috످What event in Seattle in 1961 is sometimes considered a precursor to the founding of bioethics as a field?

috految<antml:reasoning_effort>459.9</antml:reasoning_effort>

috److془The answer: Formation of the Admissions and Policy Committee of Seattle Artificial Kidney Center at Swedish Hospital, "God Committee". Shana Alexander 1962 Life article "They Decide Who Lives, Who Dies". Albert Jonsen. I know this well.془The event was the formation of the "God Committee," officially the Admissions and Policy Committee of the Seattle Artificial Kidney Center at Swedish Hospital, which decided which patients would receive life-saving dialysis.

In 1960, Dr. Belding Scribner and his colleagues at the University of Washington developed a shunt that made long-term dialysis possible, but there were far more patients than machines. To ration treatment, the King County Medical Society appointed an anonymous panel of seven citizens in 1961. The panel chose among medically eligible patients based largely on their perceived "social worth," weighing factors such as occupation, income, number of dependents, and church involvement.

Shana Alexander's 1962 Life magazine article, "They Decide Who Lives, Who Dies," brought the committee to national attention. The resulting debate over how to fairly allocate scarce medical resources drew philosophers, theologians, and legal scholars into questions previously left to doctors, helping to establish bioethics as a field.

috످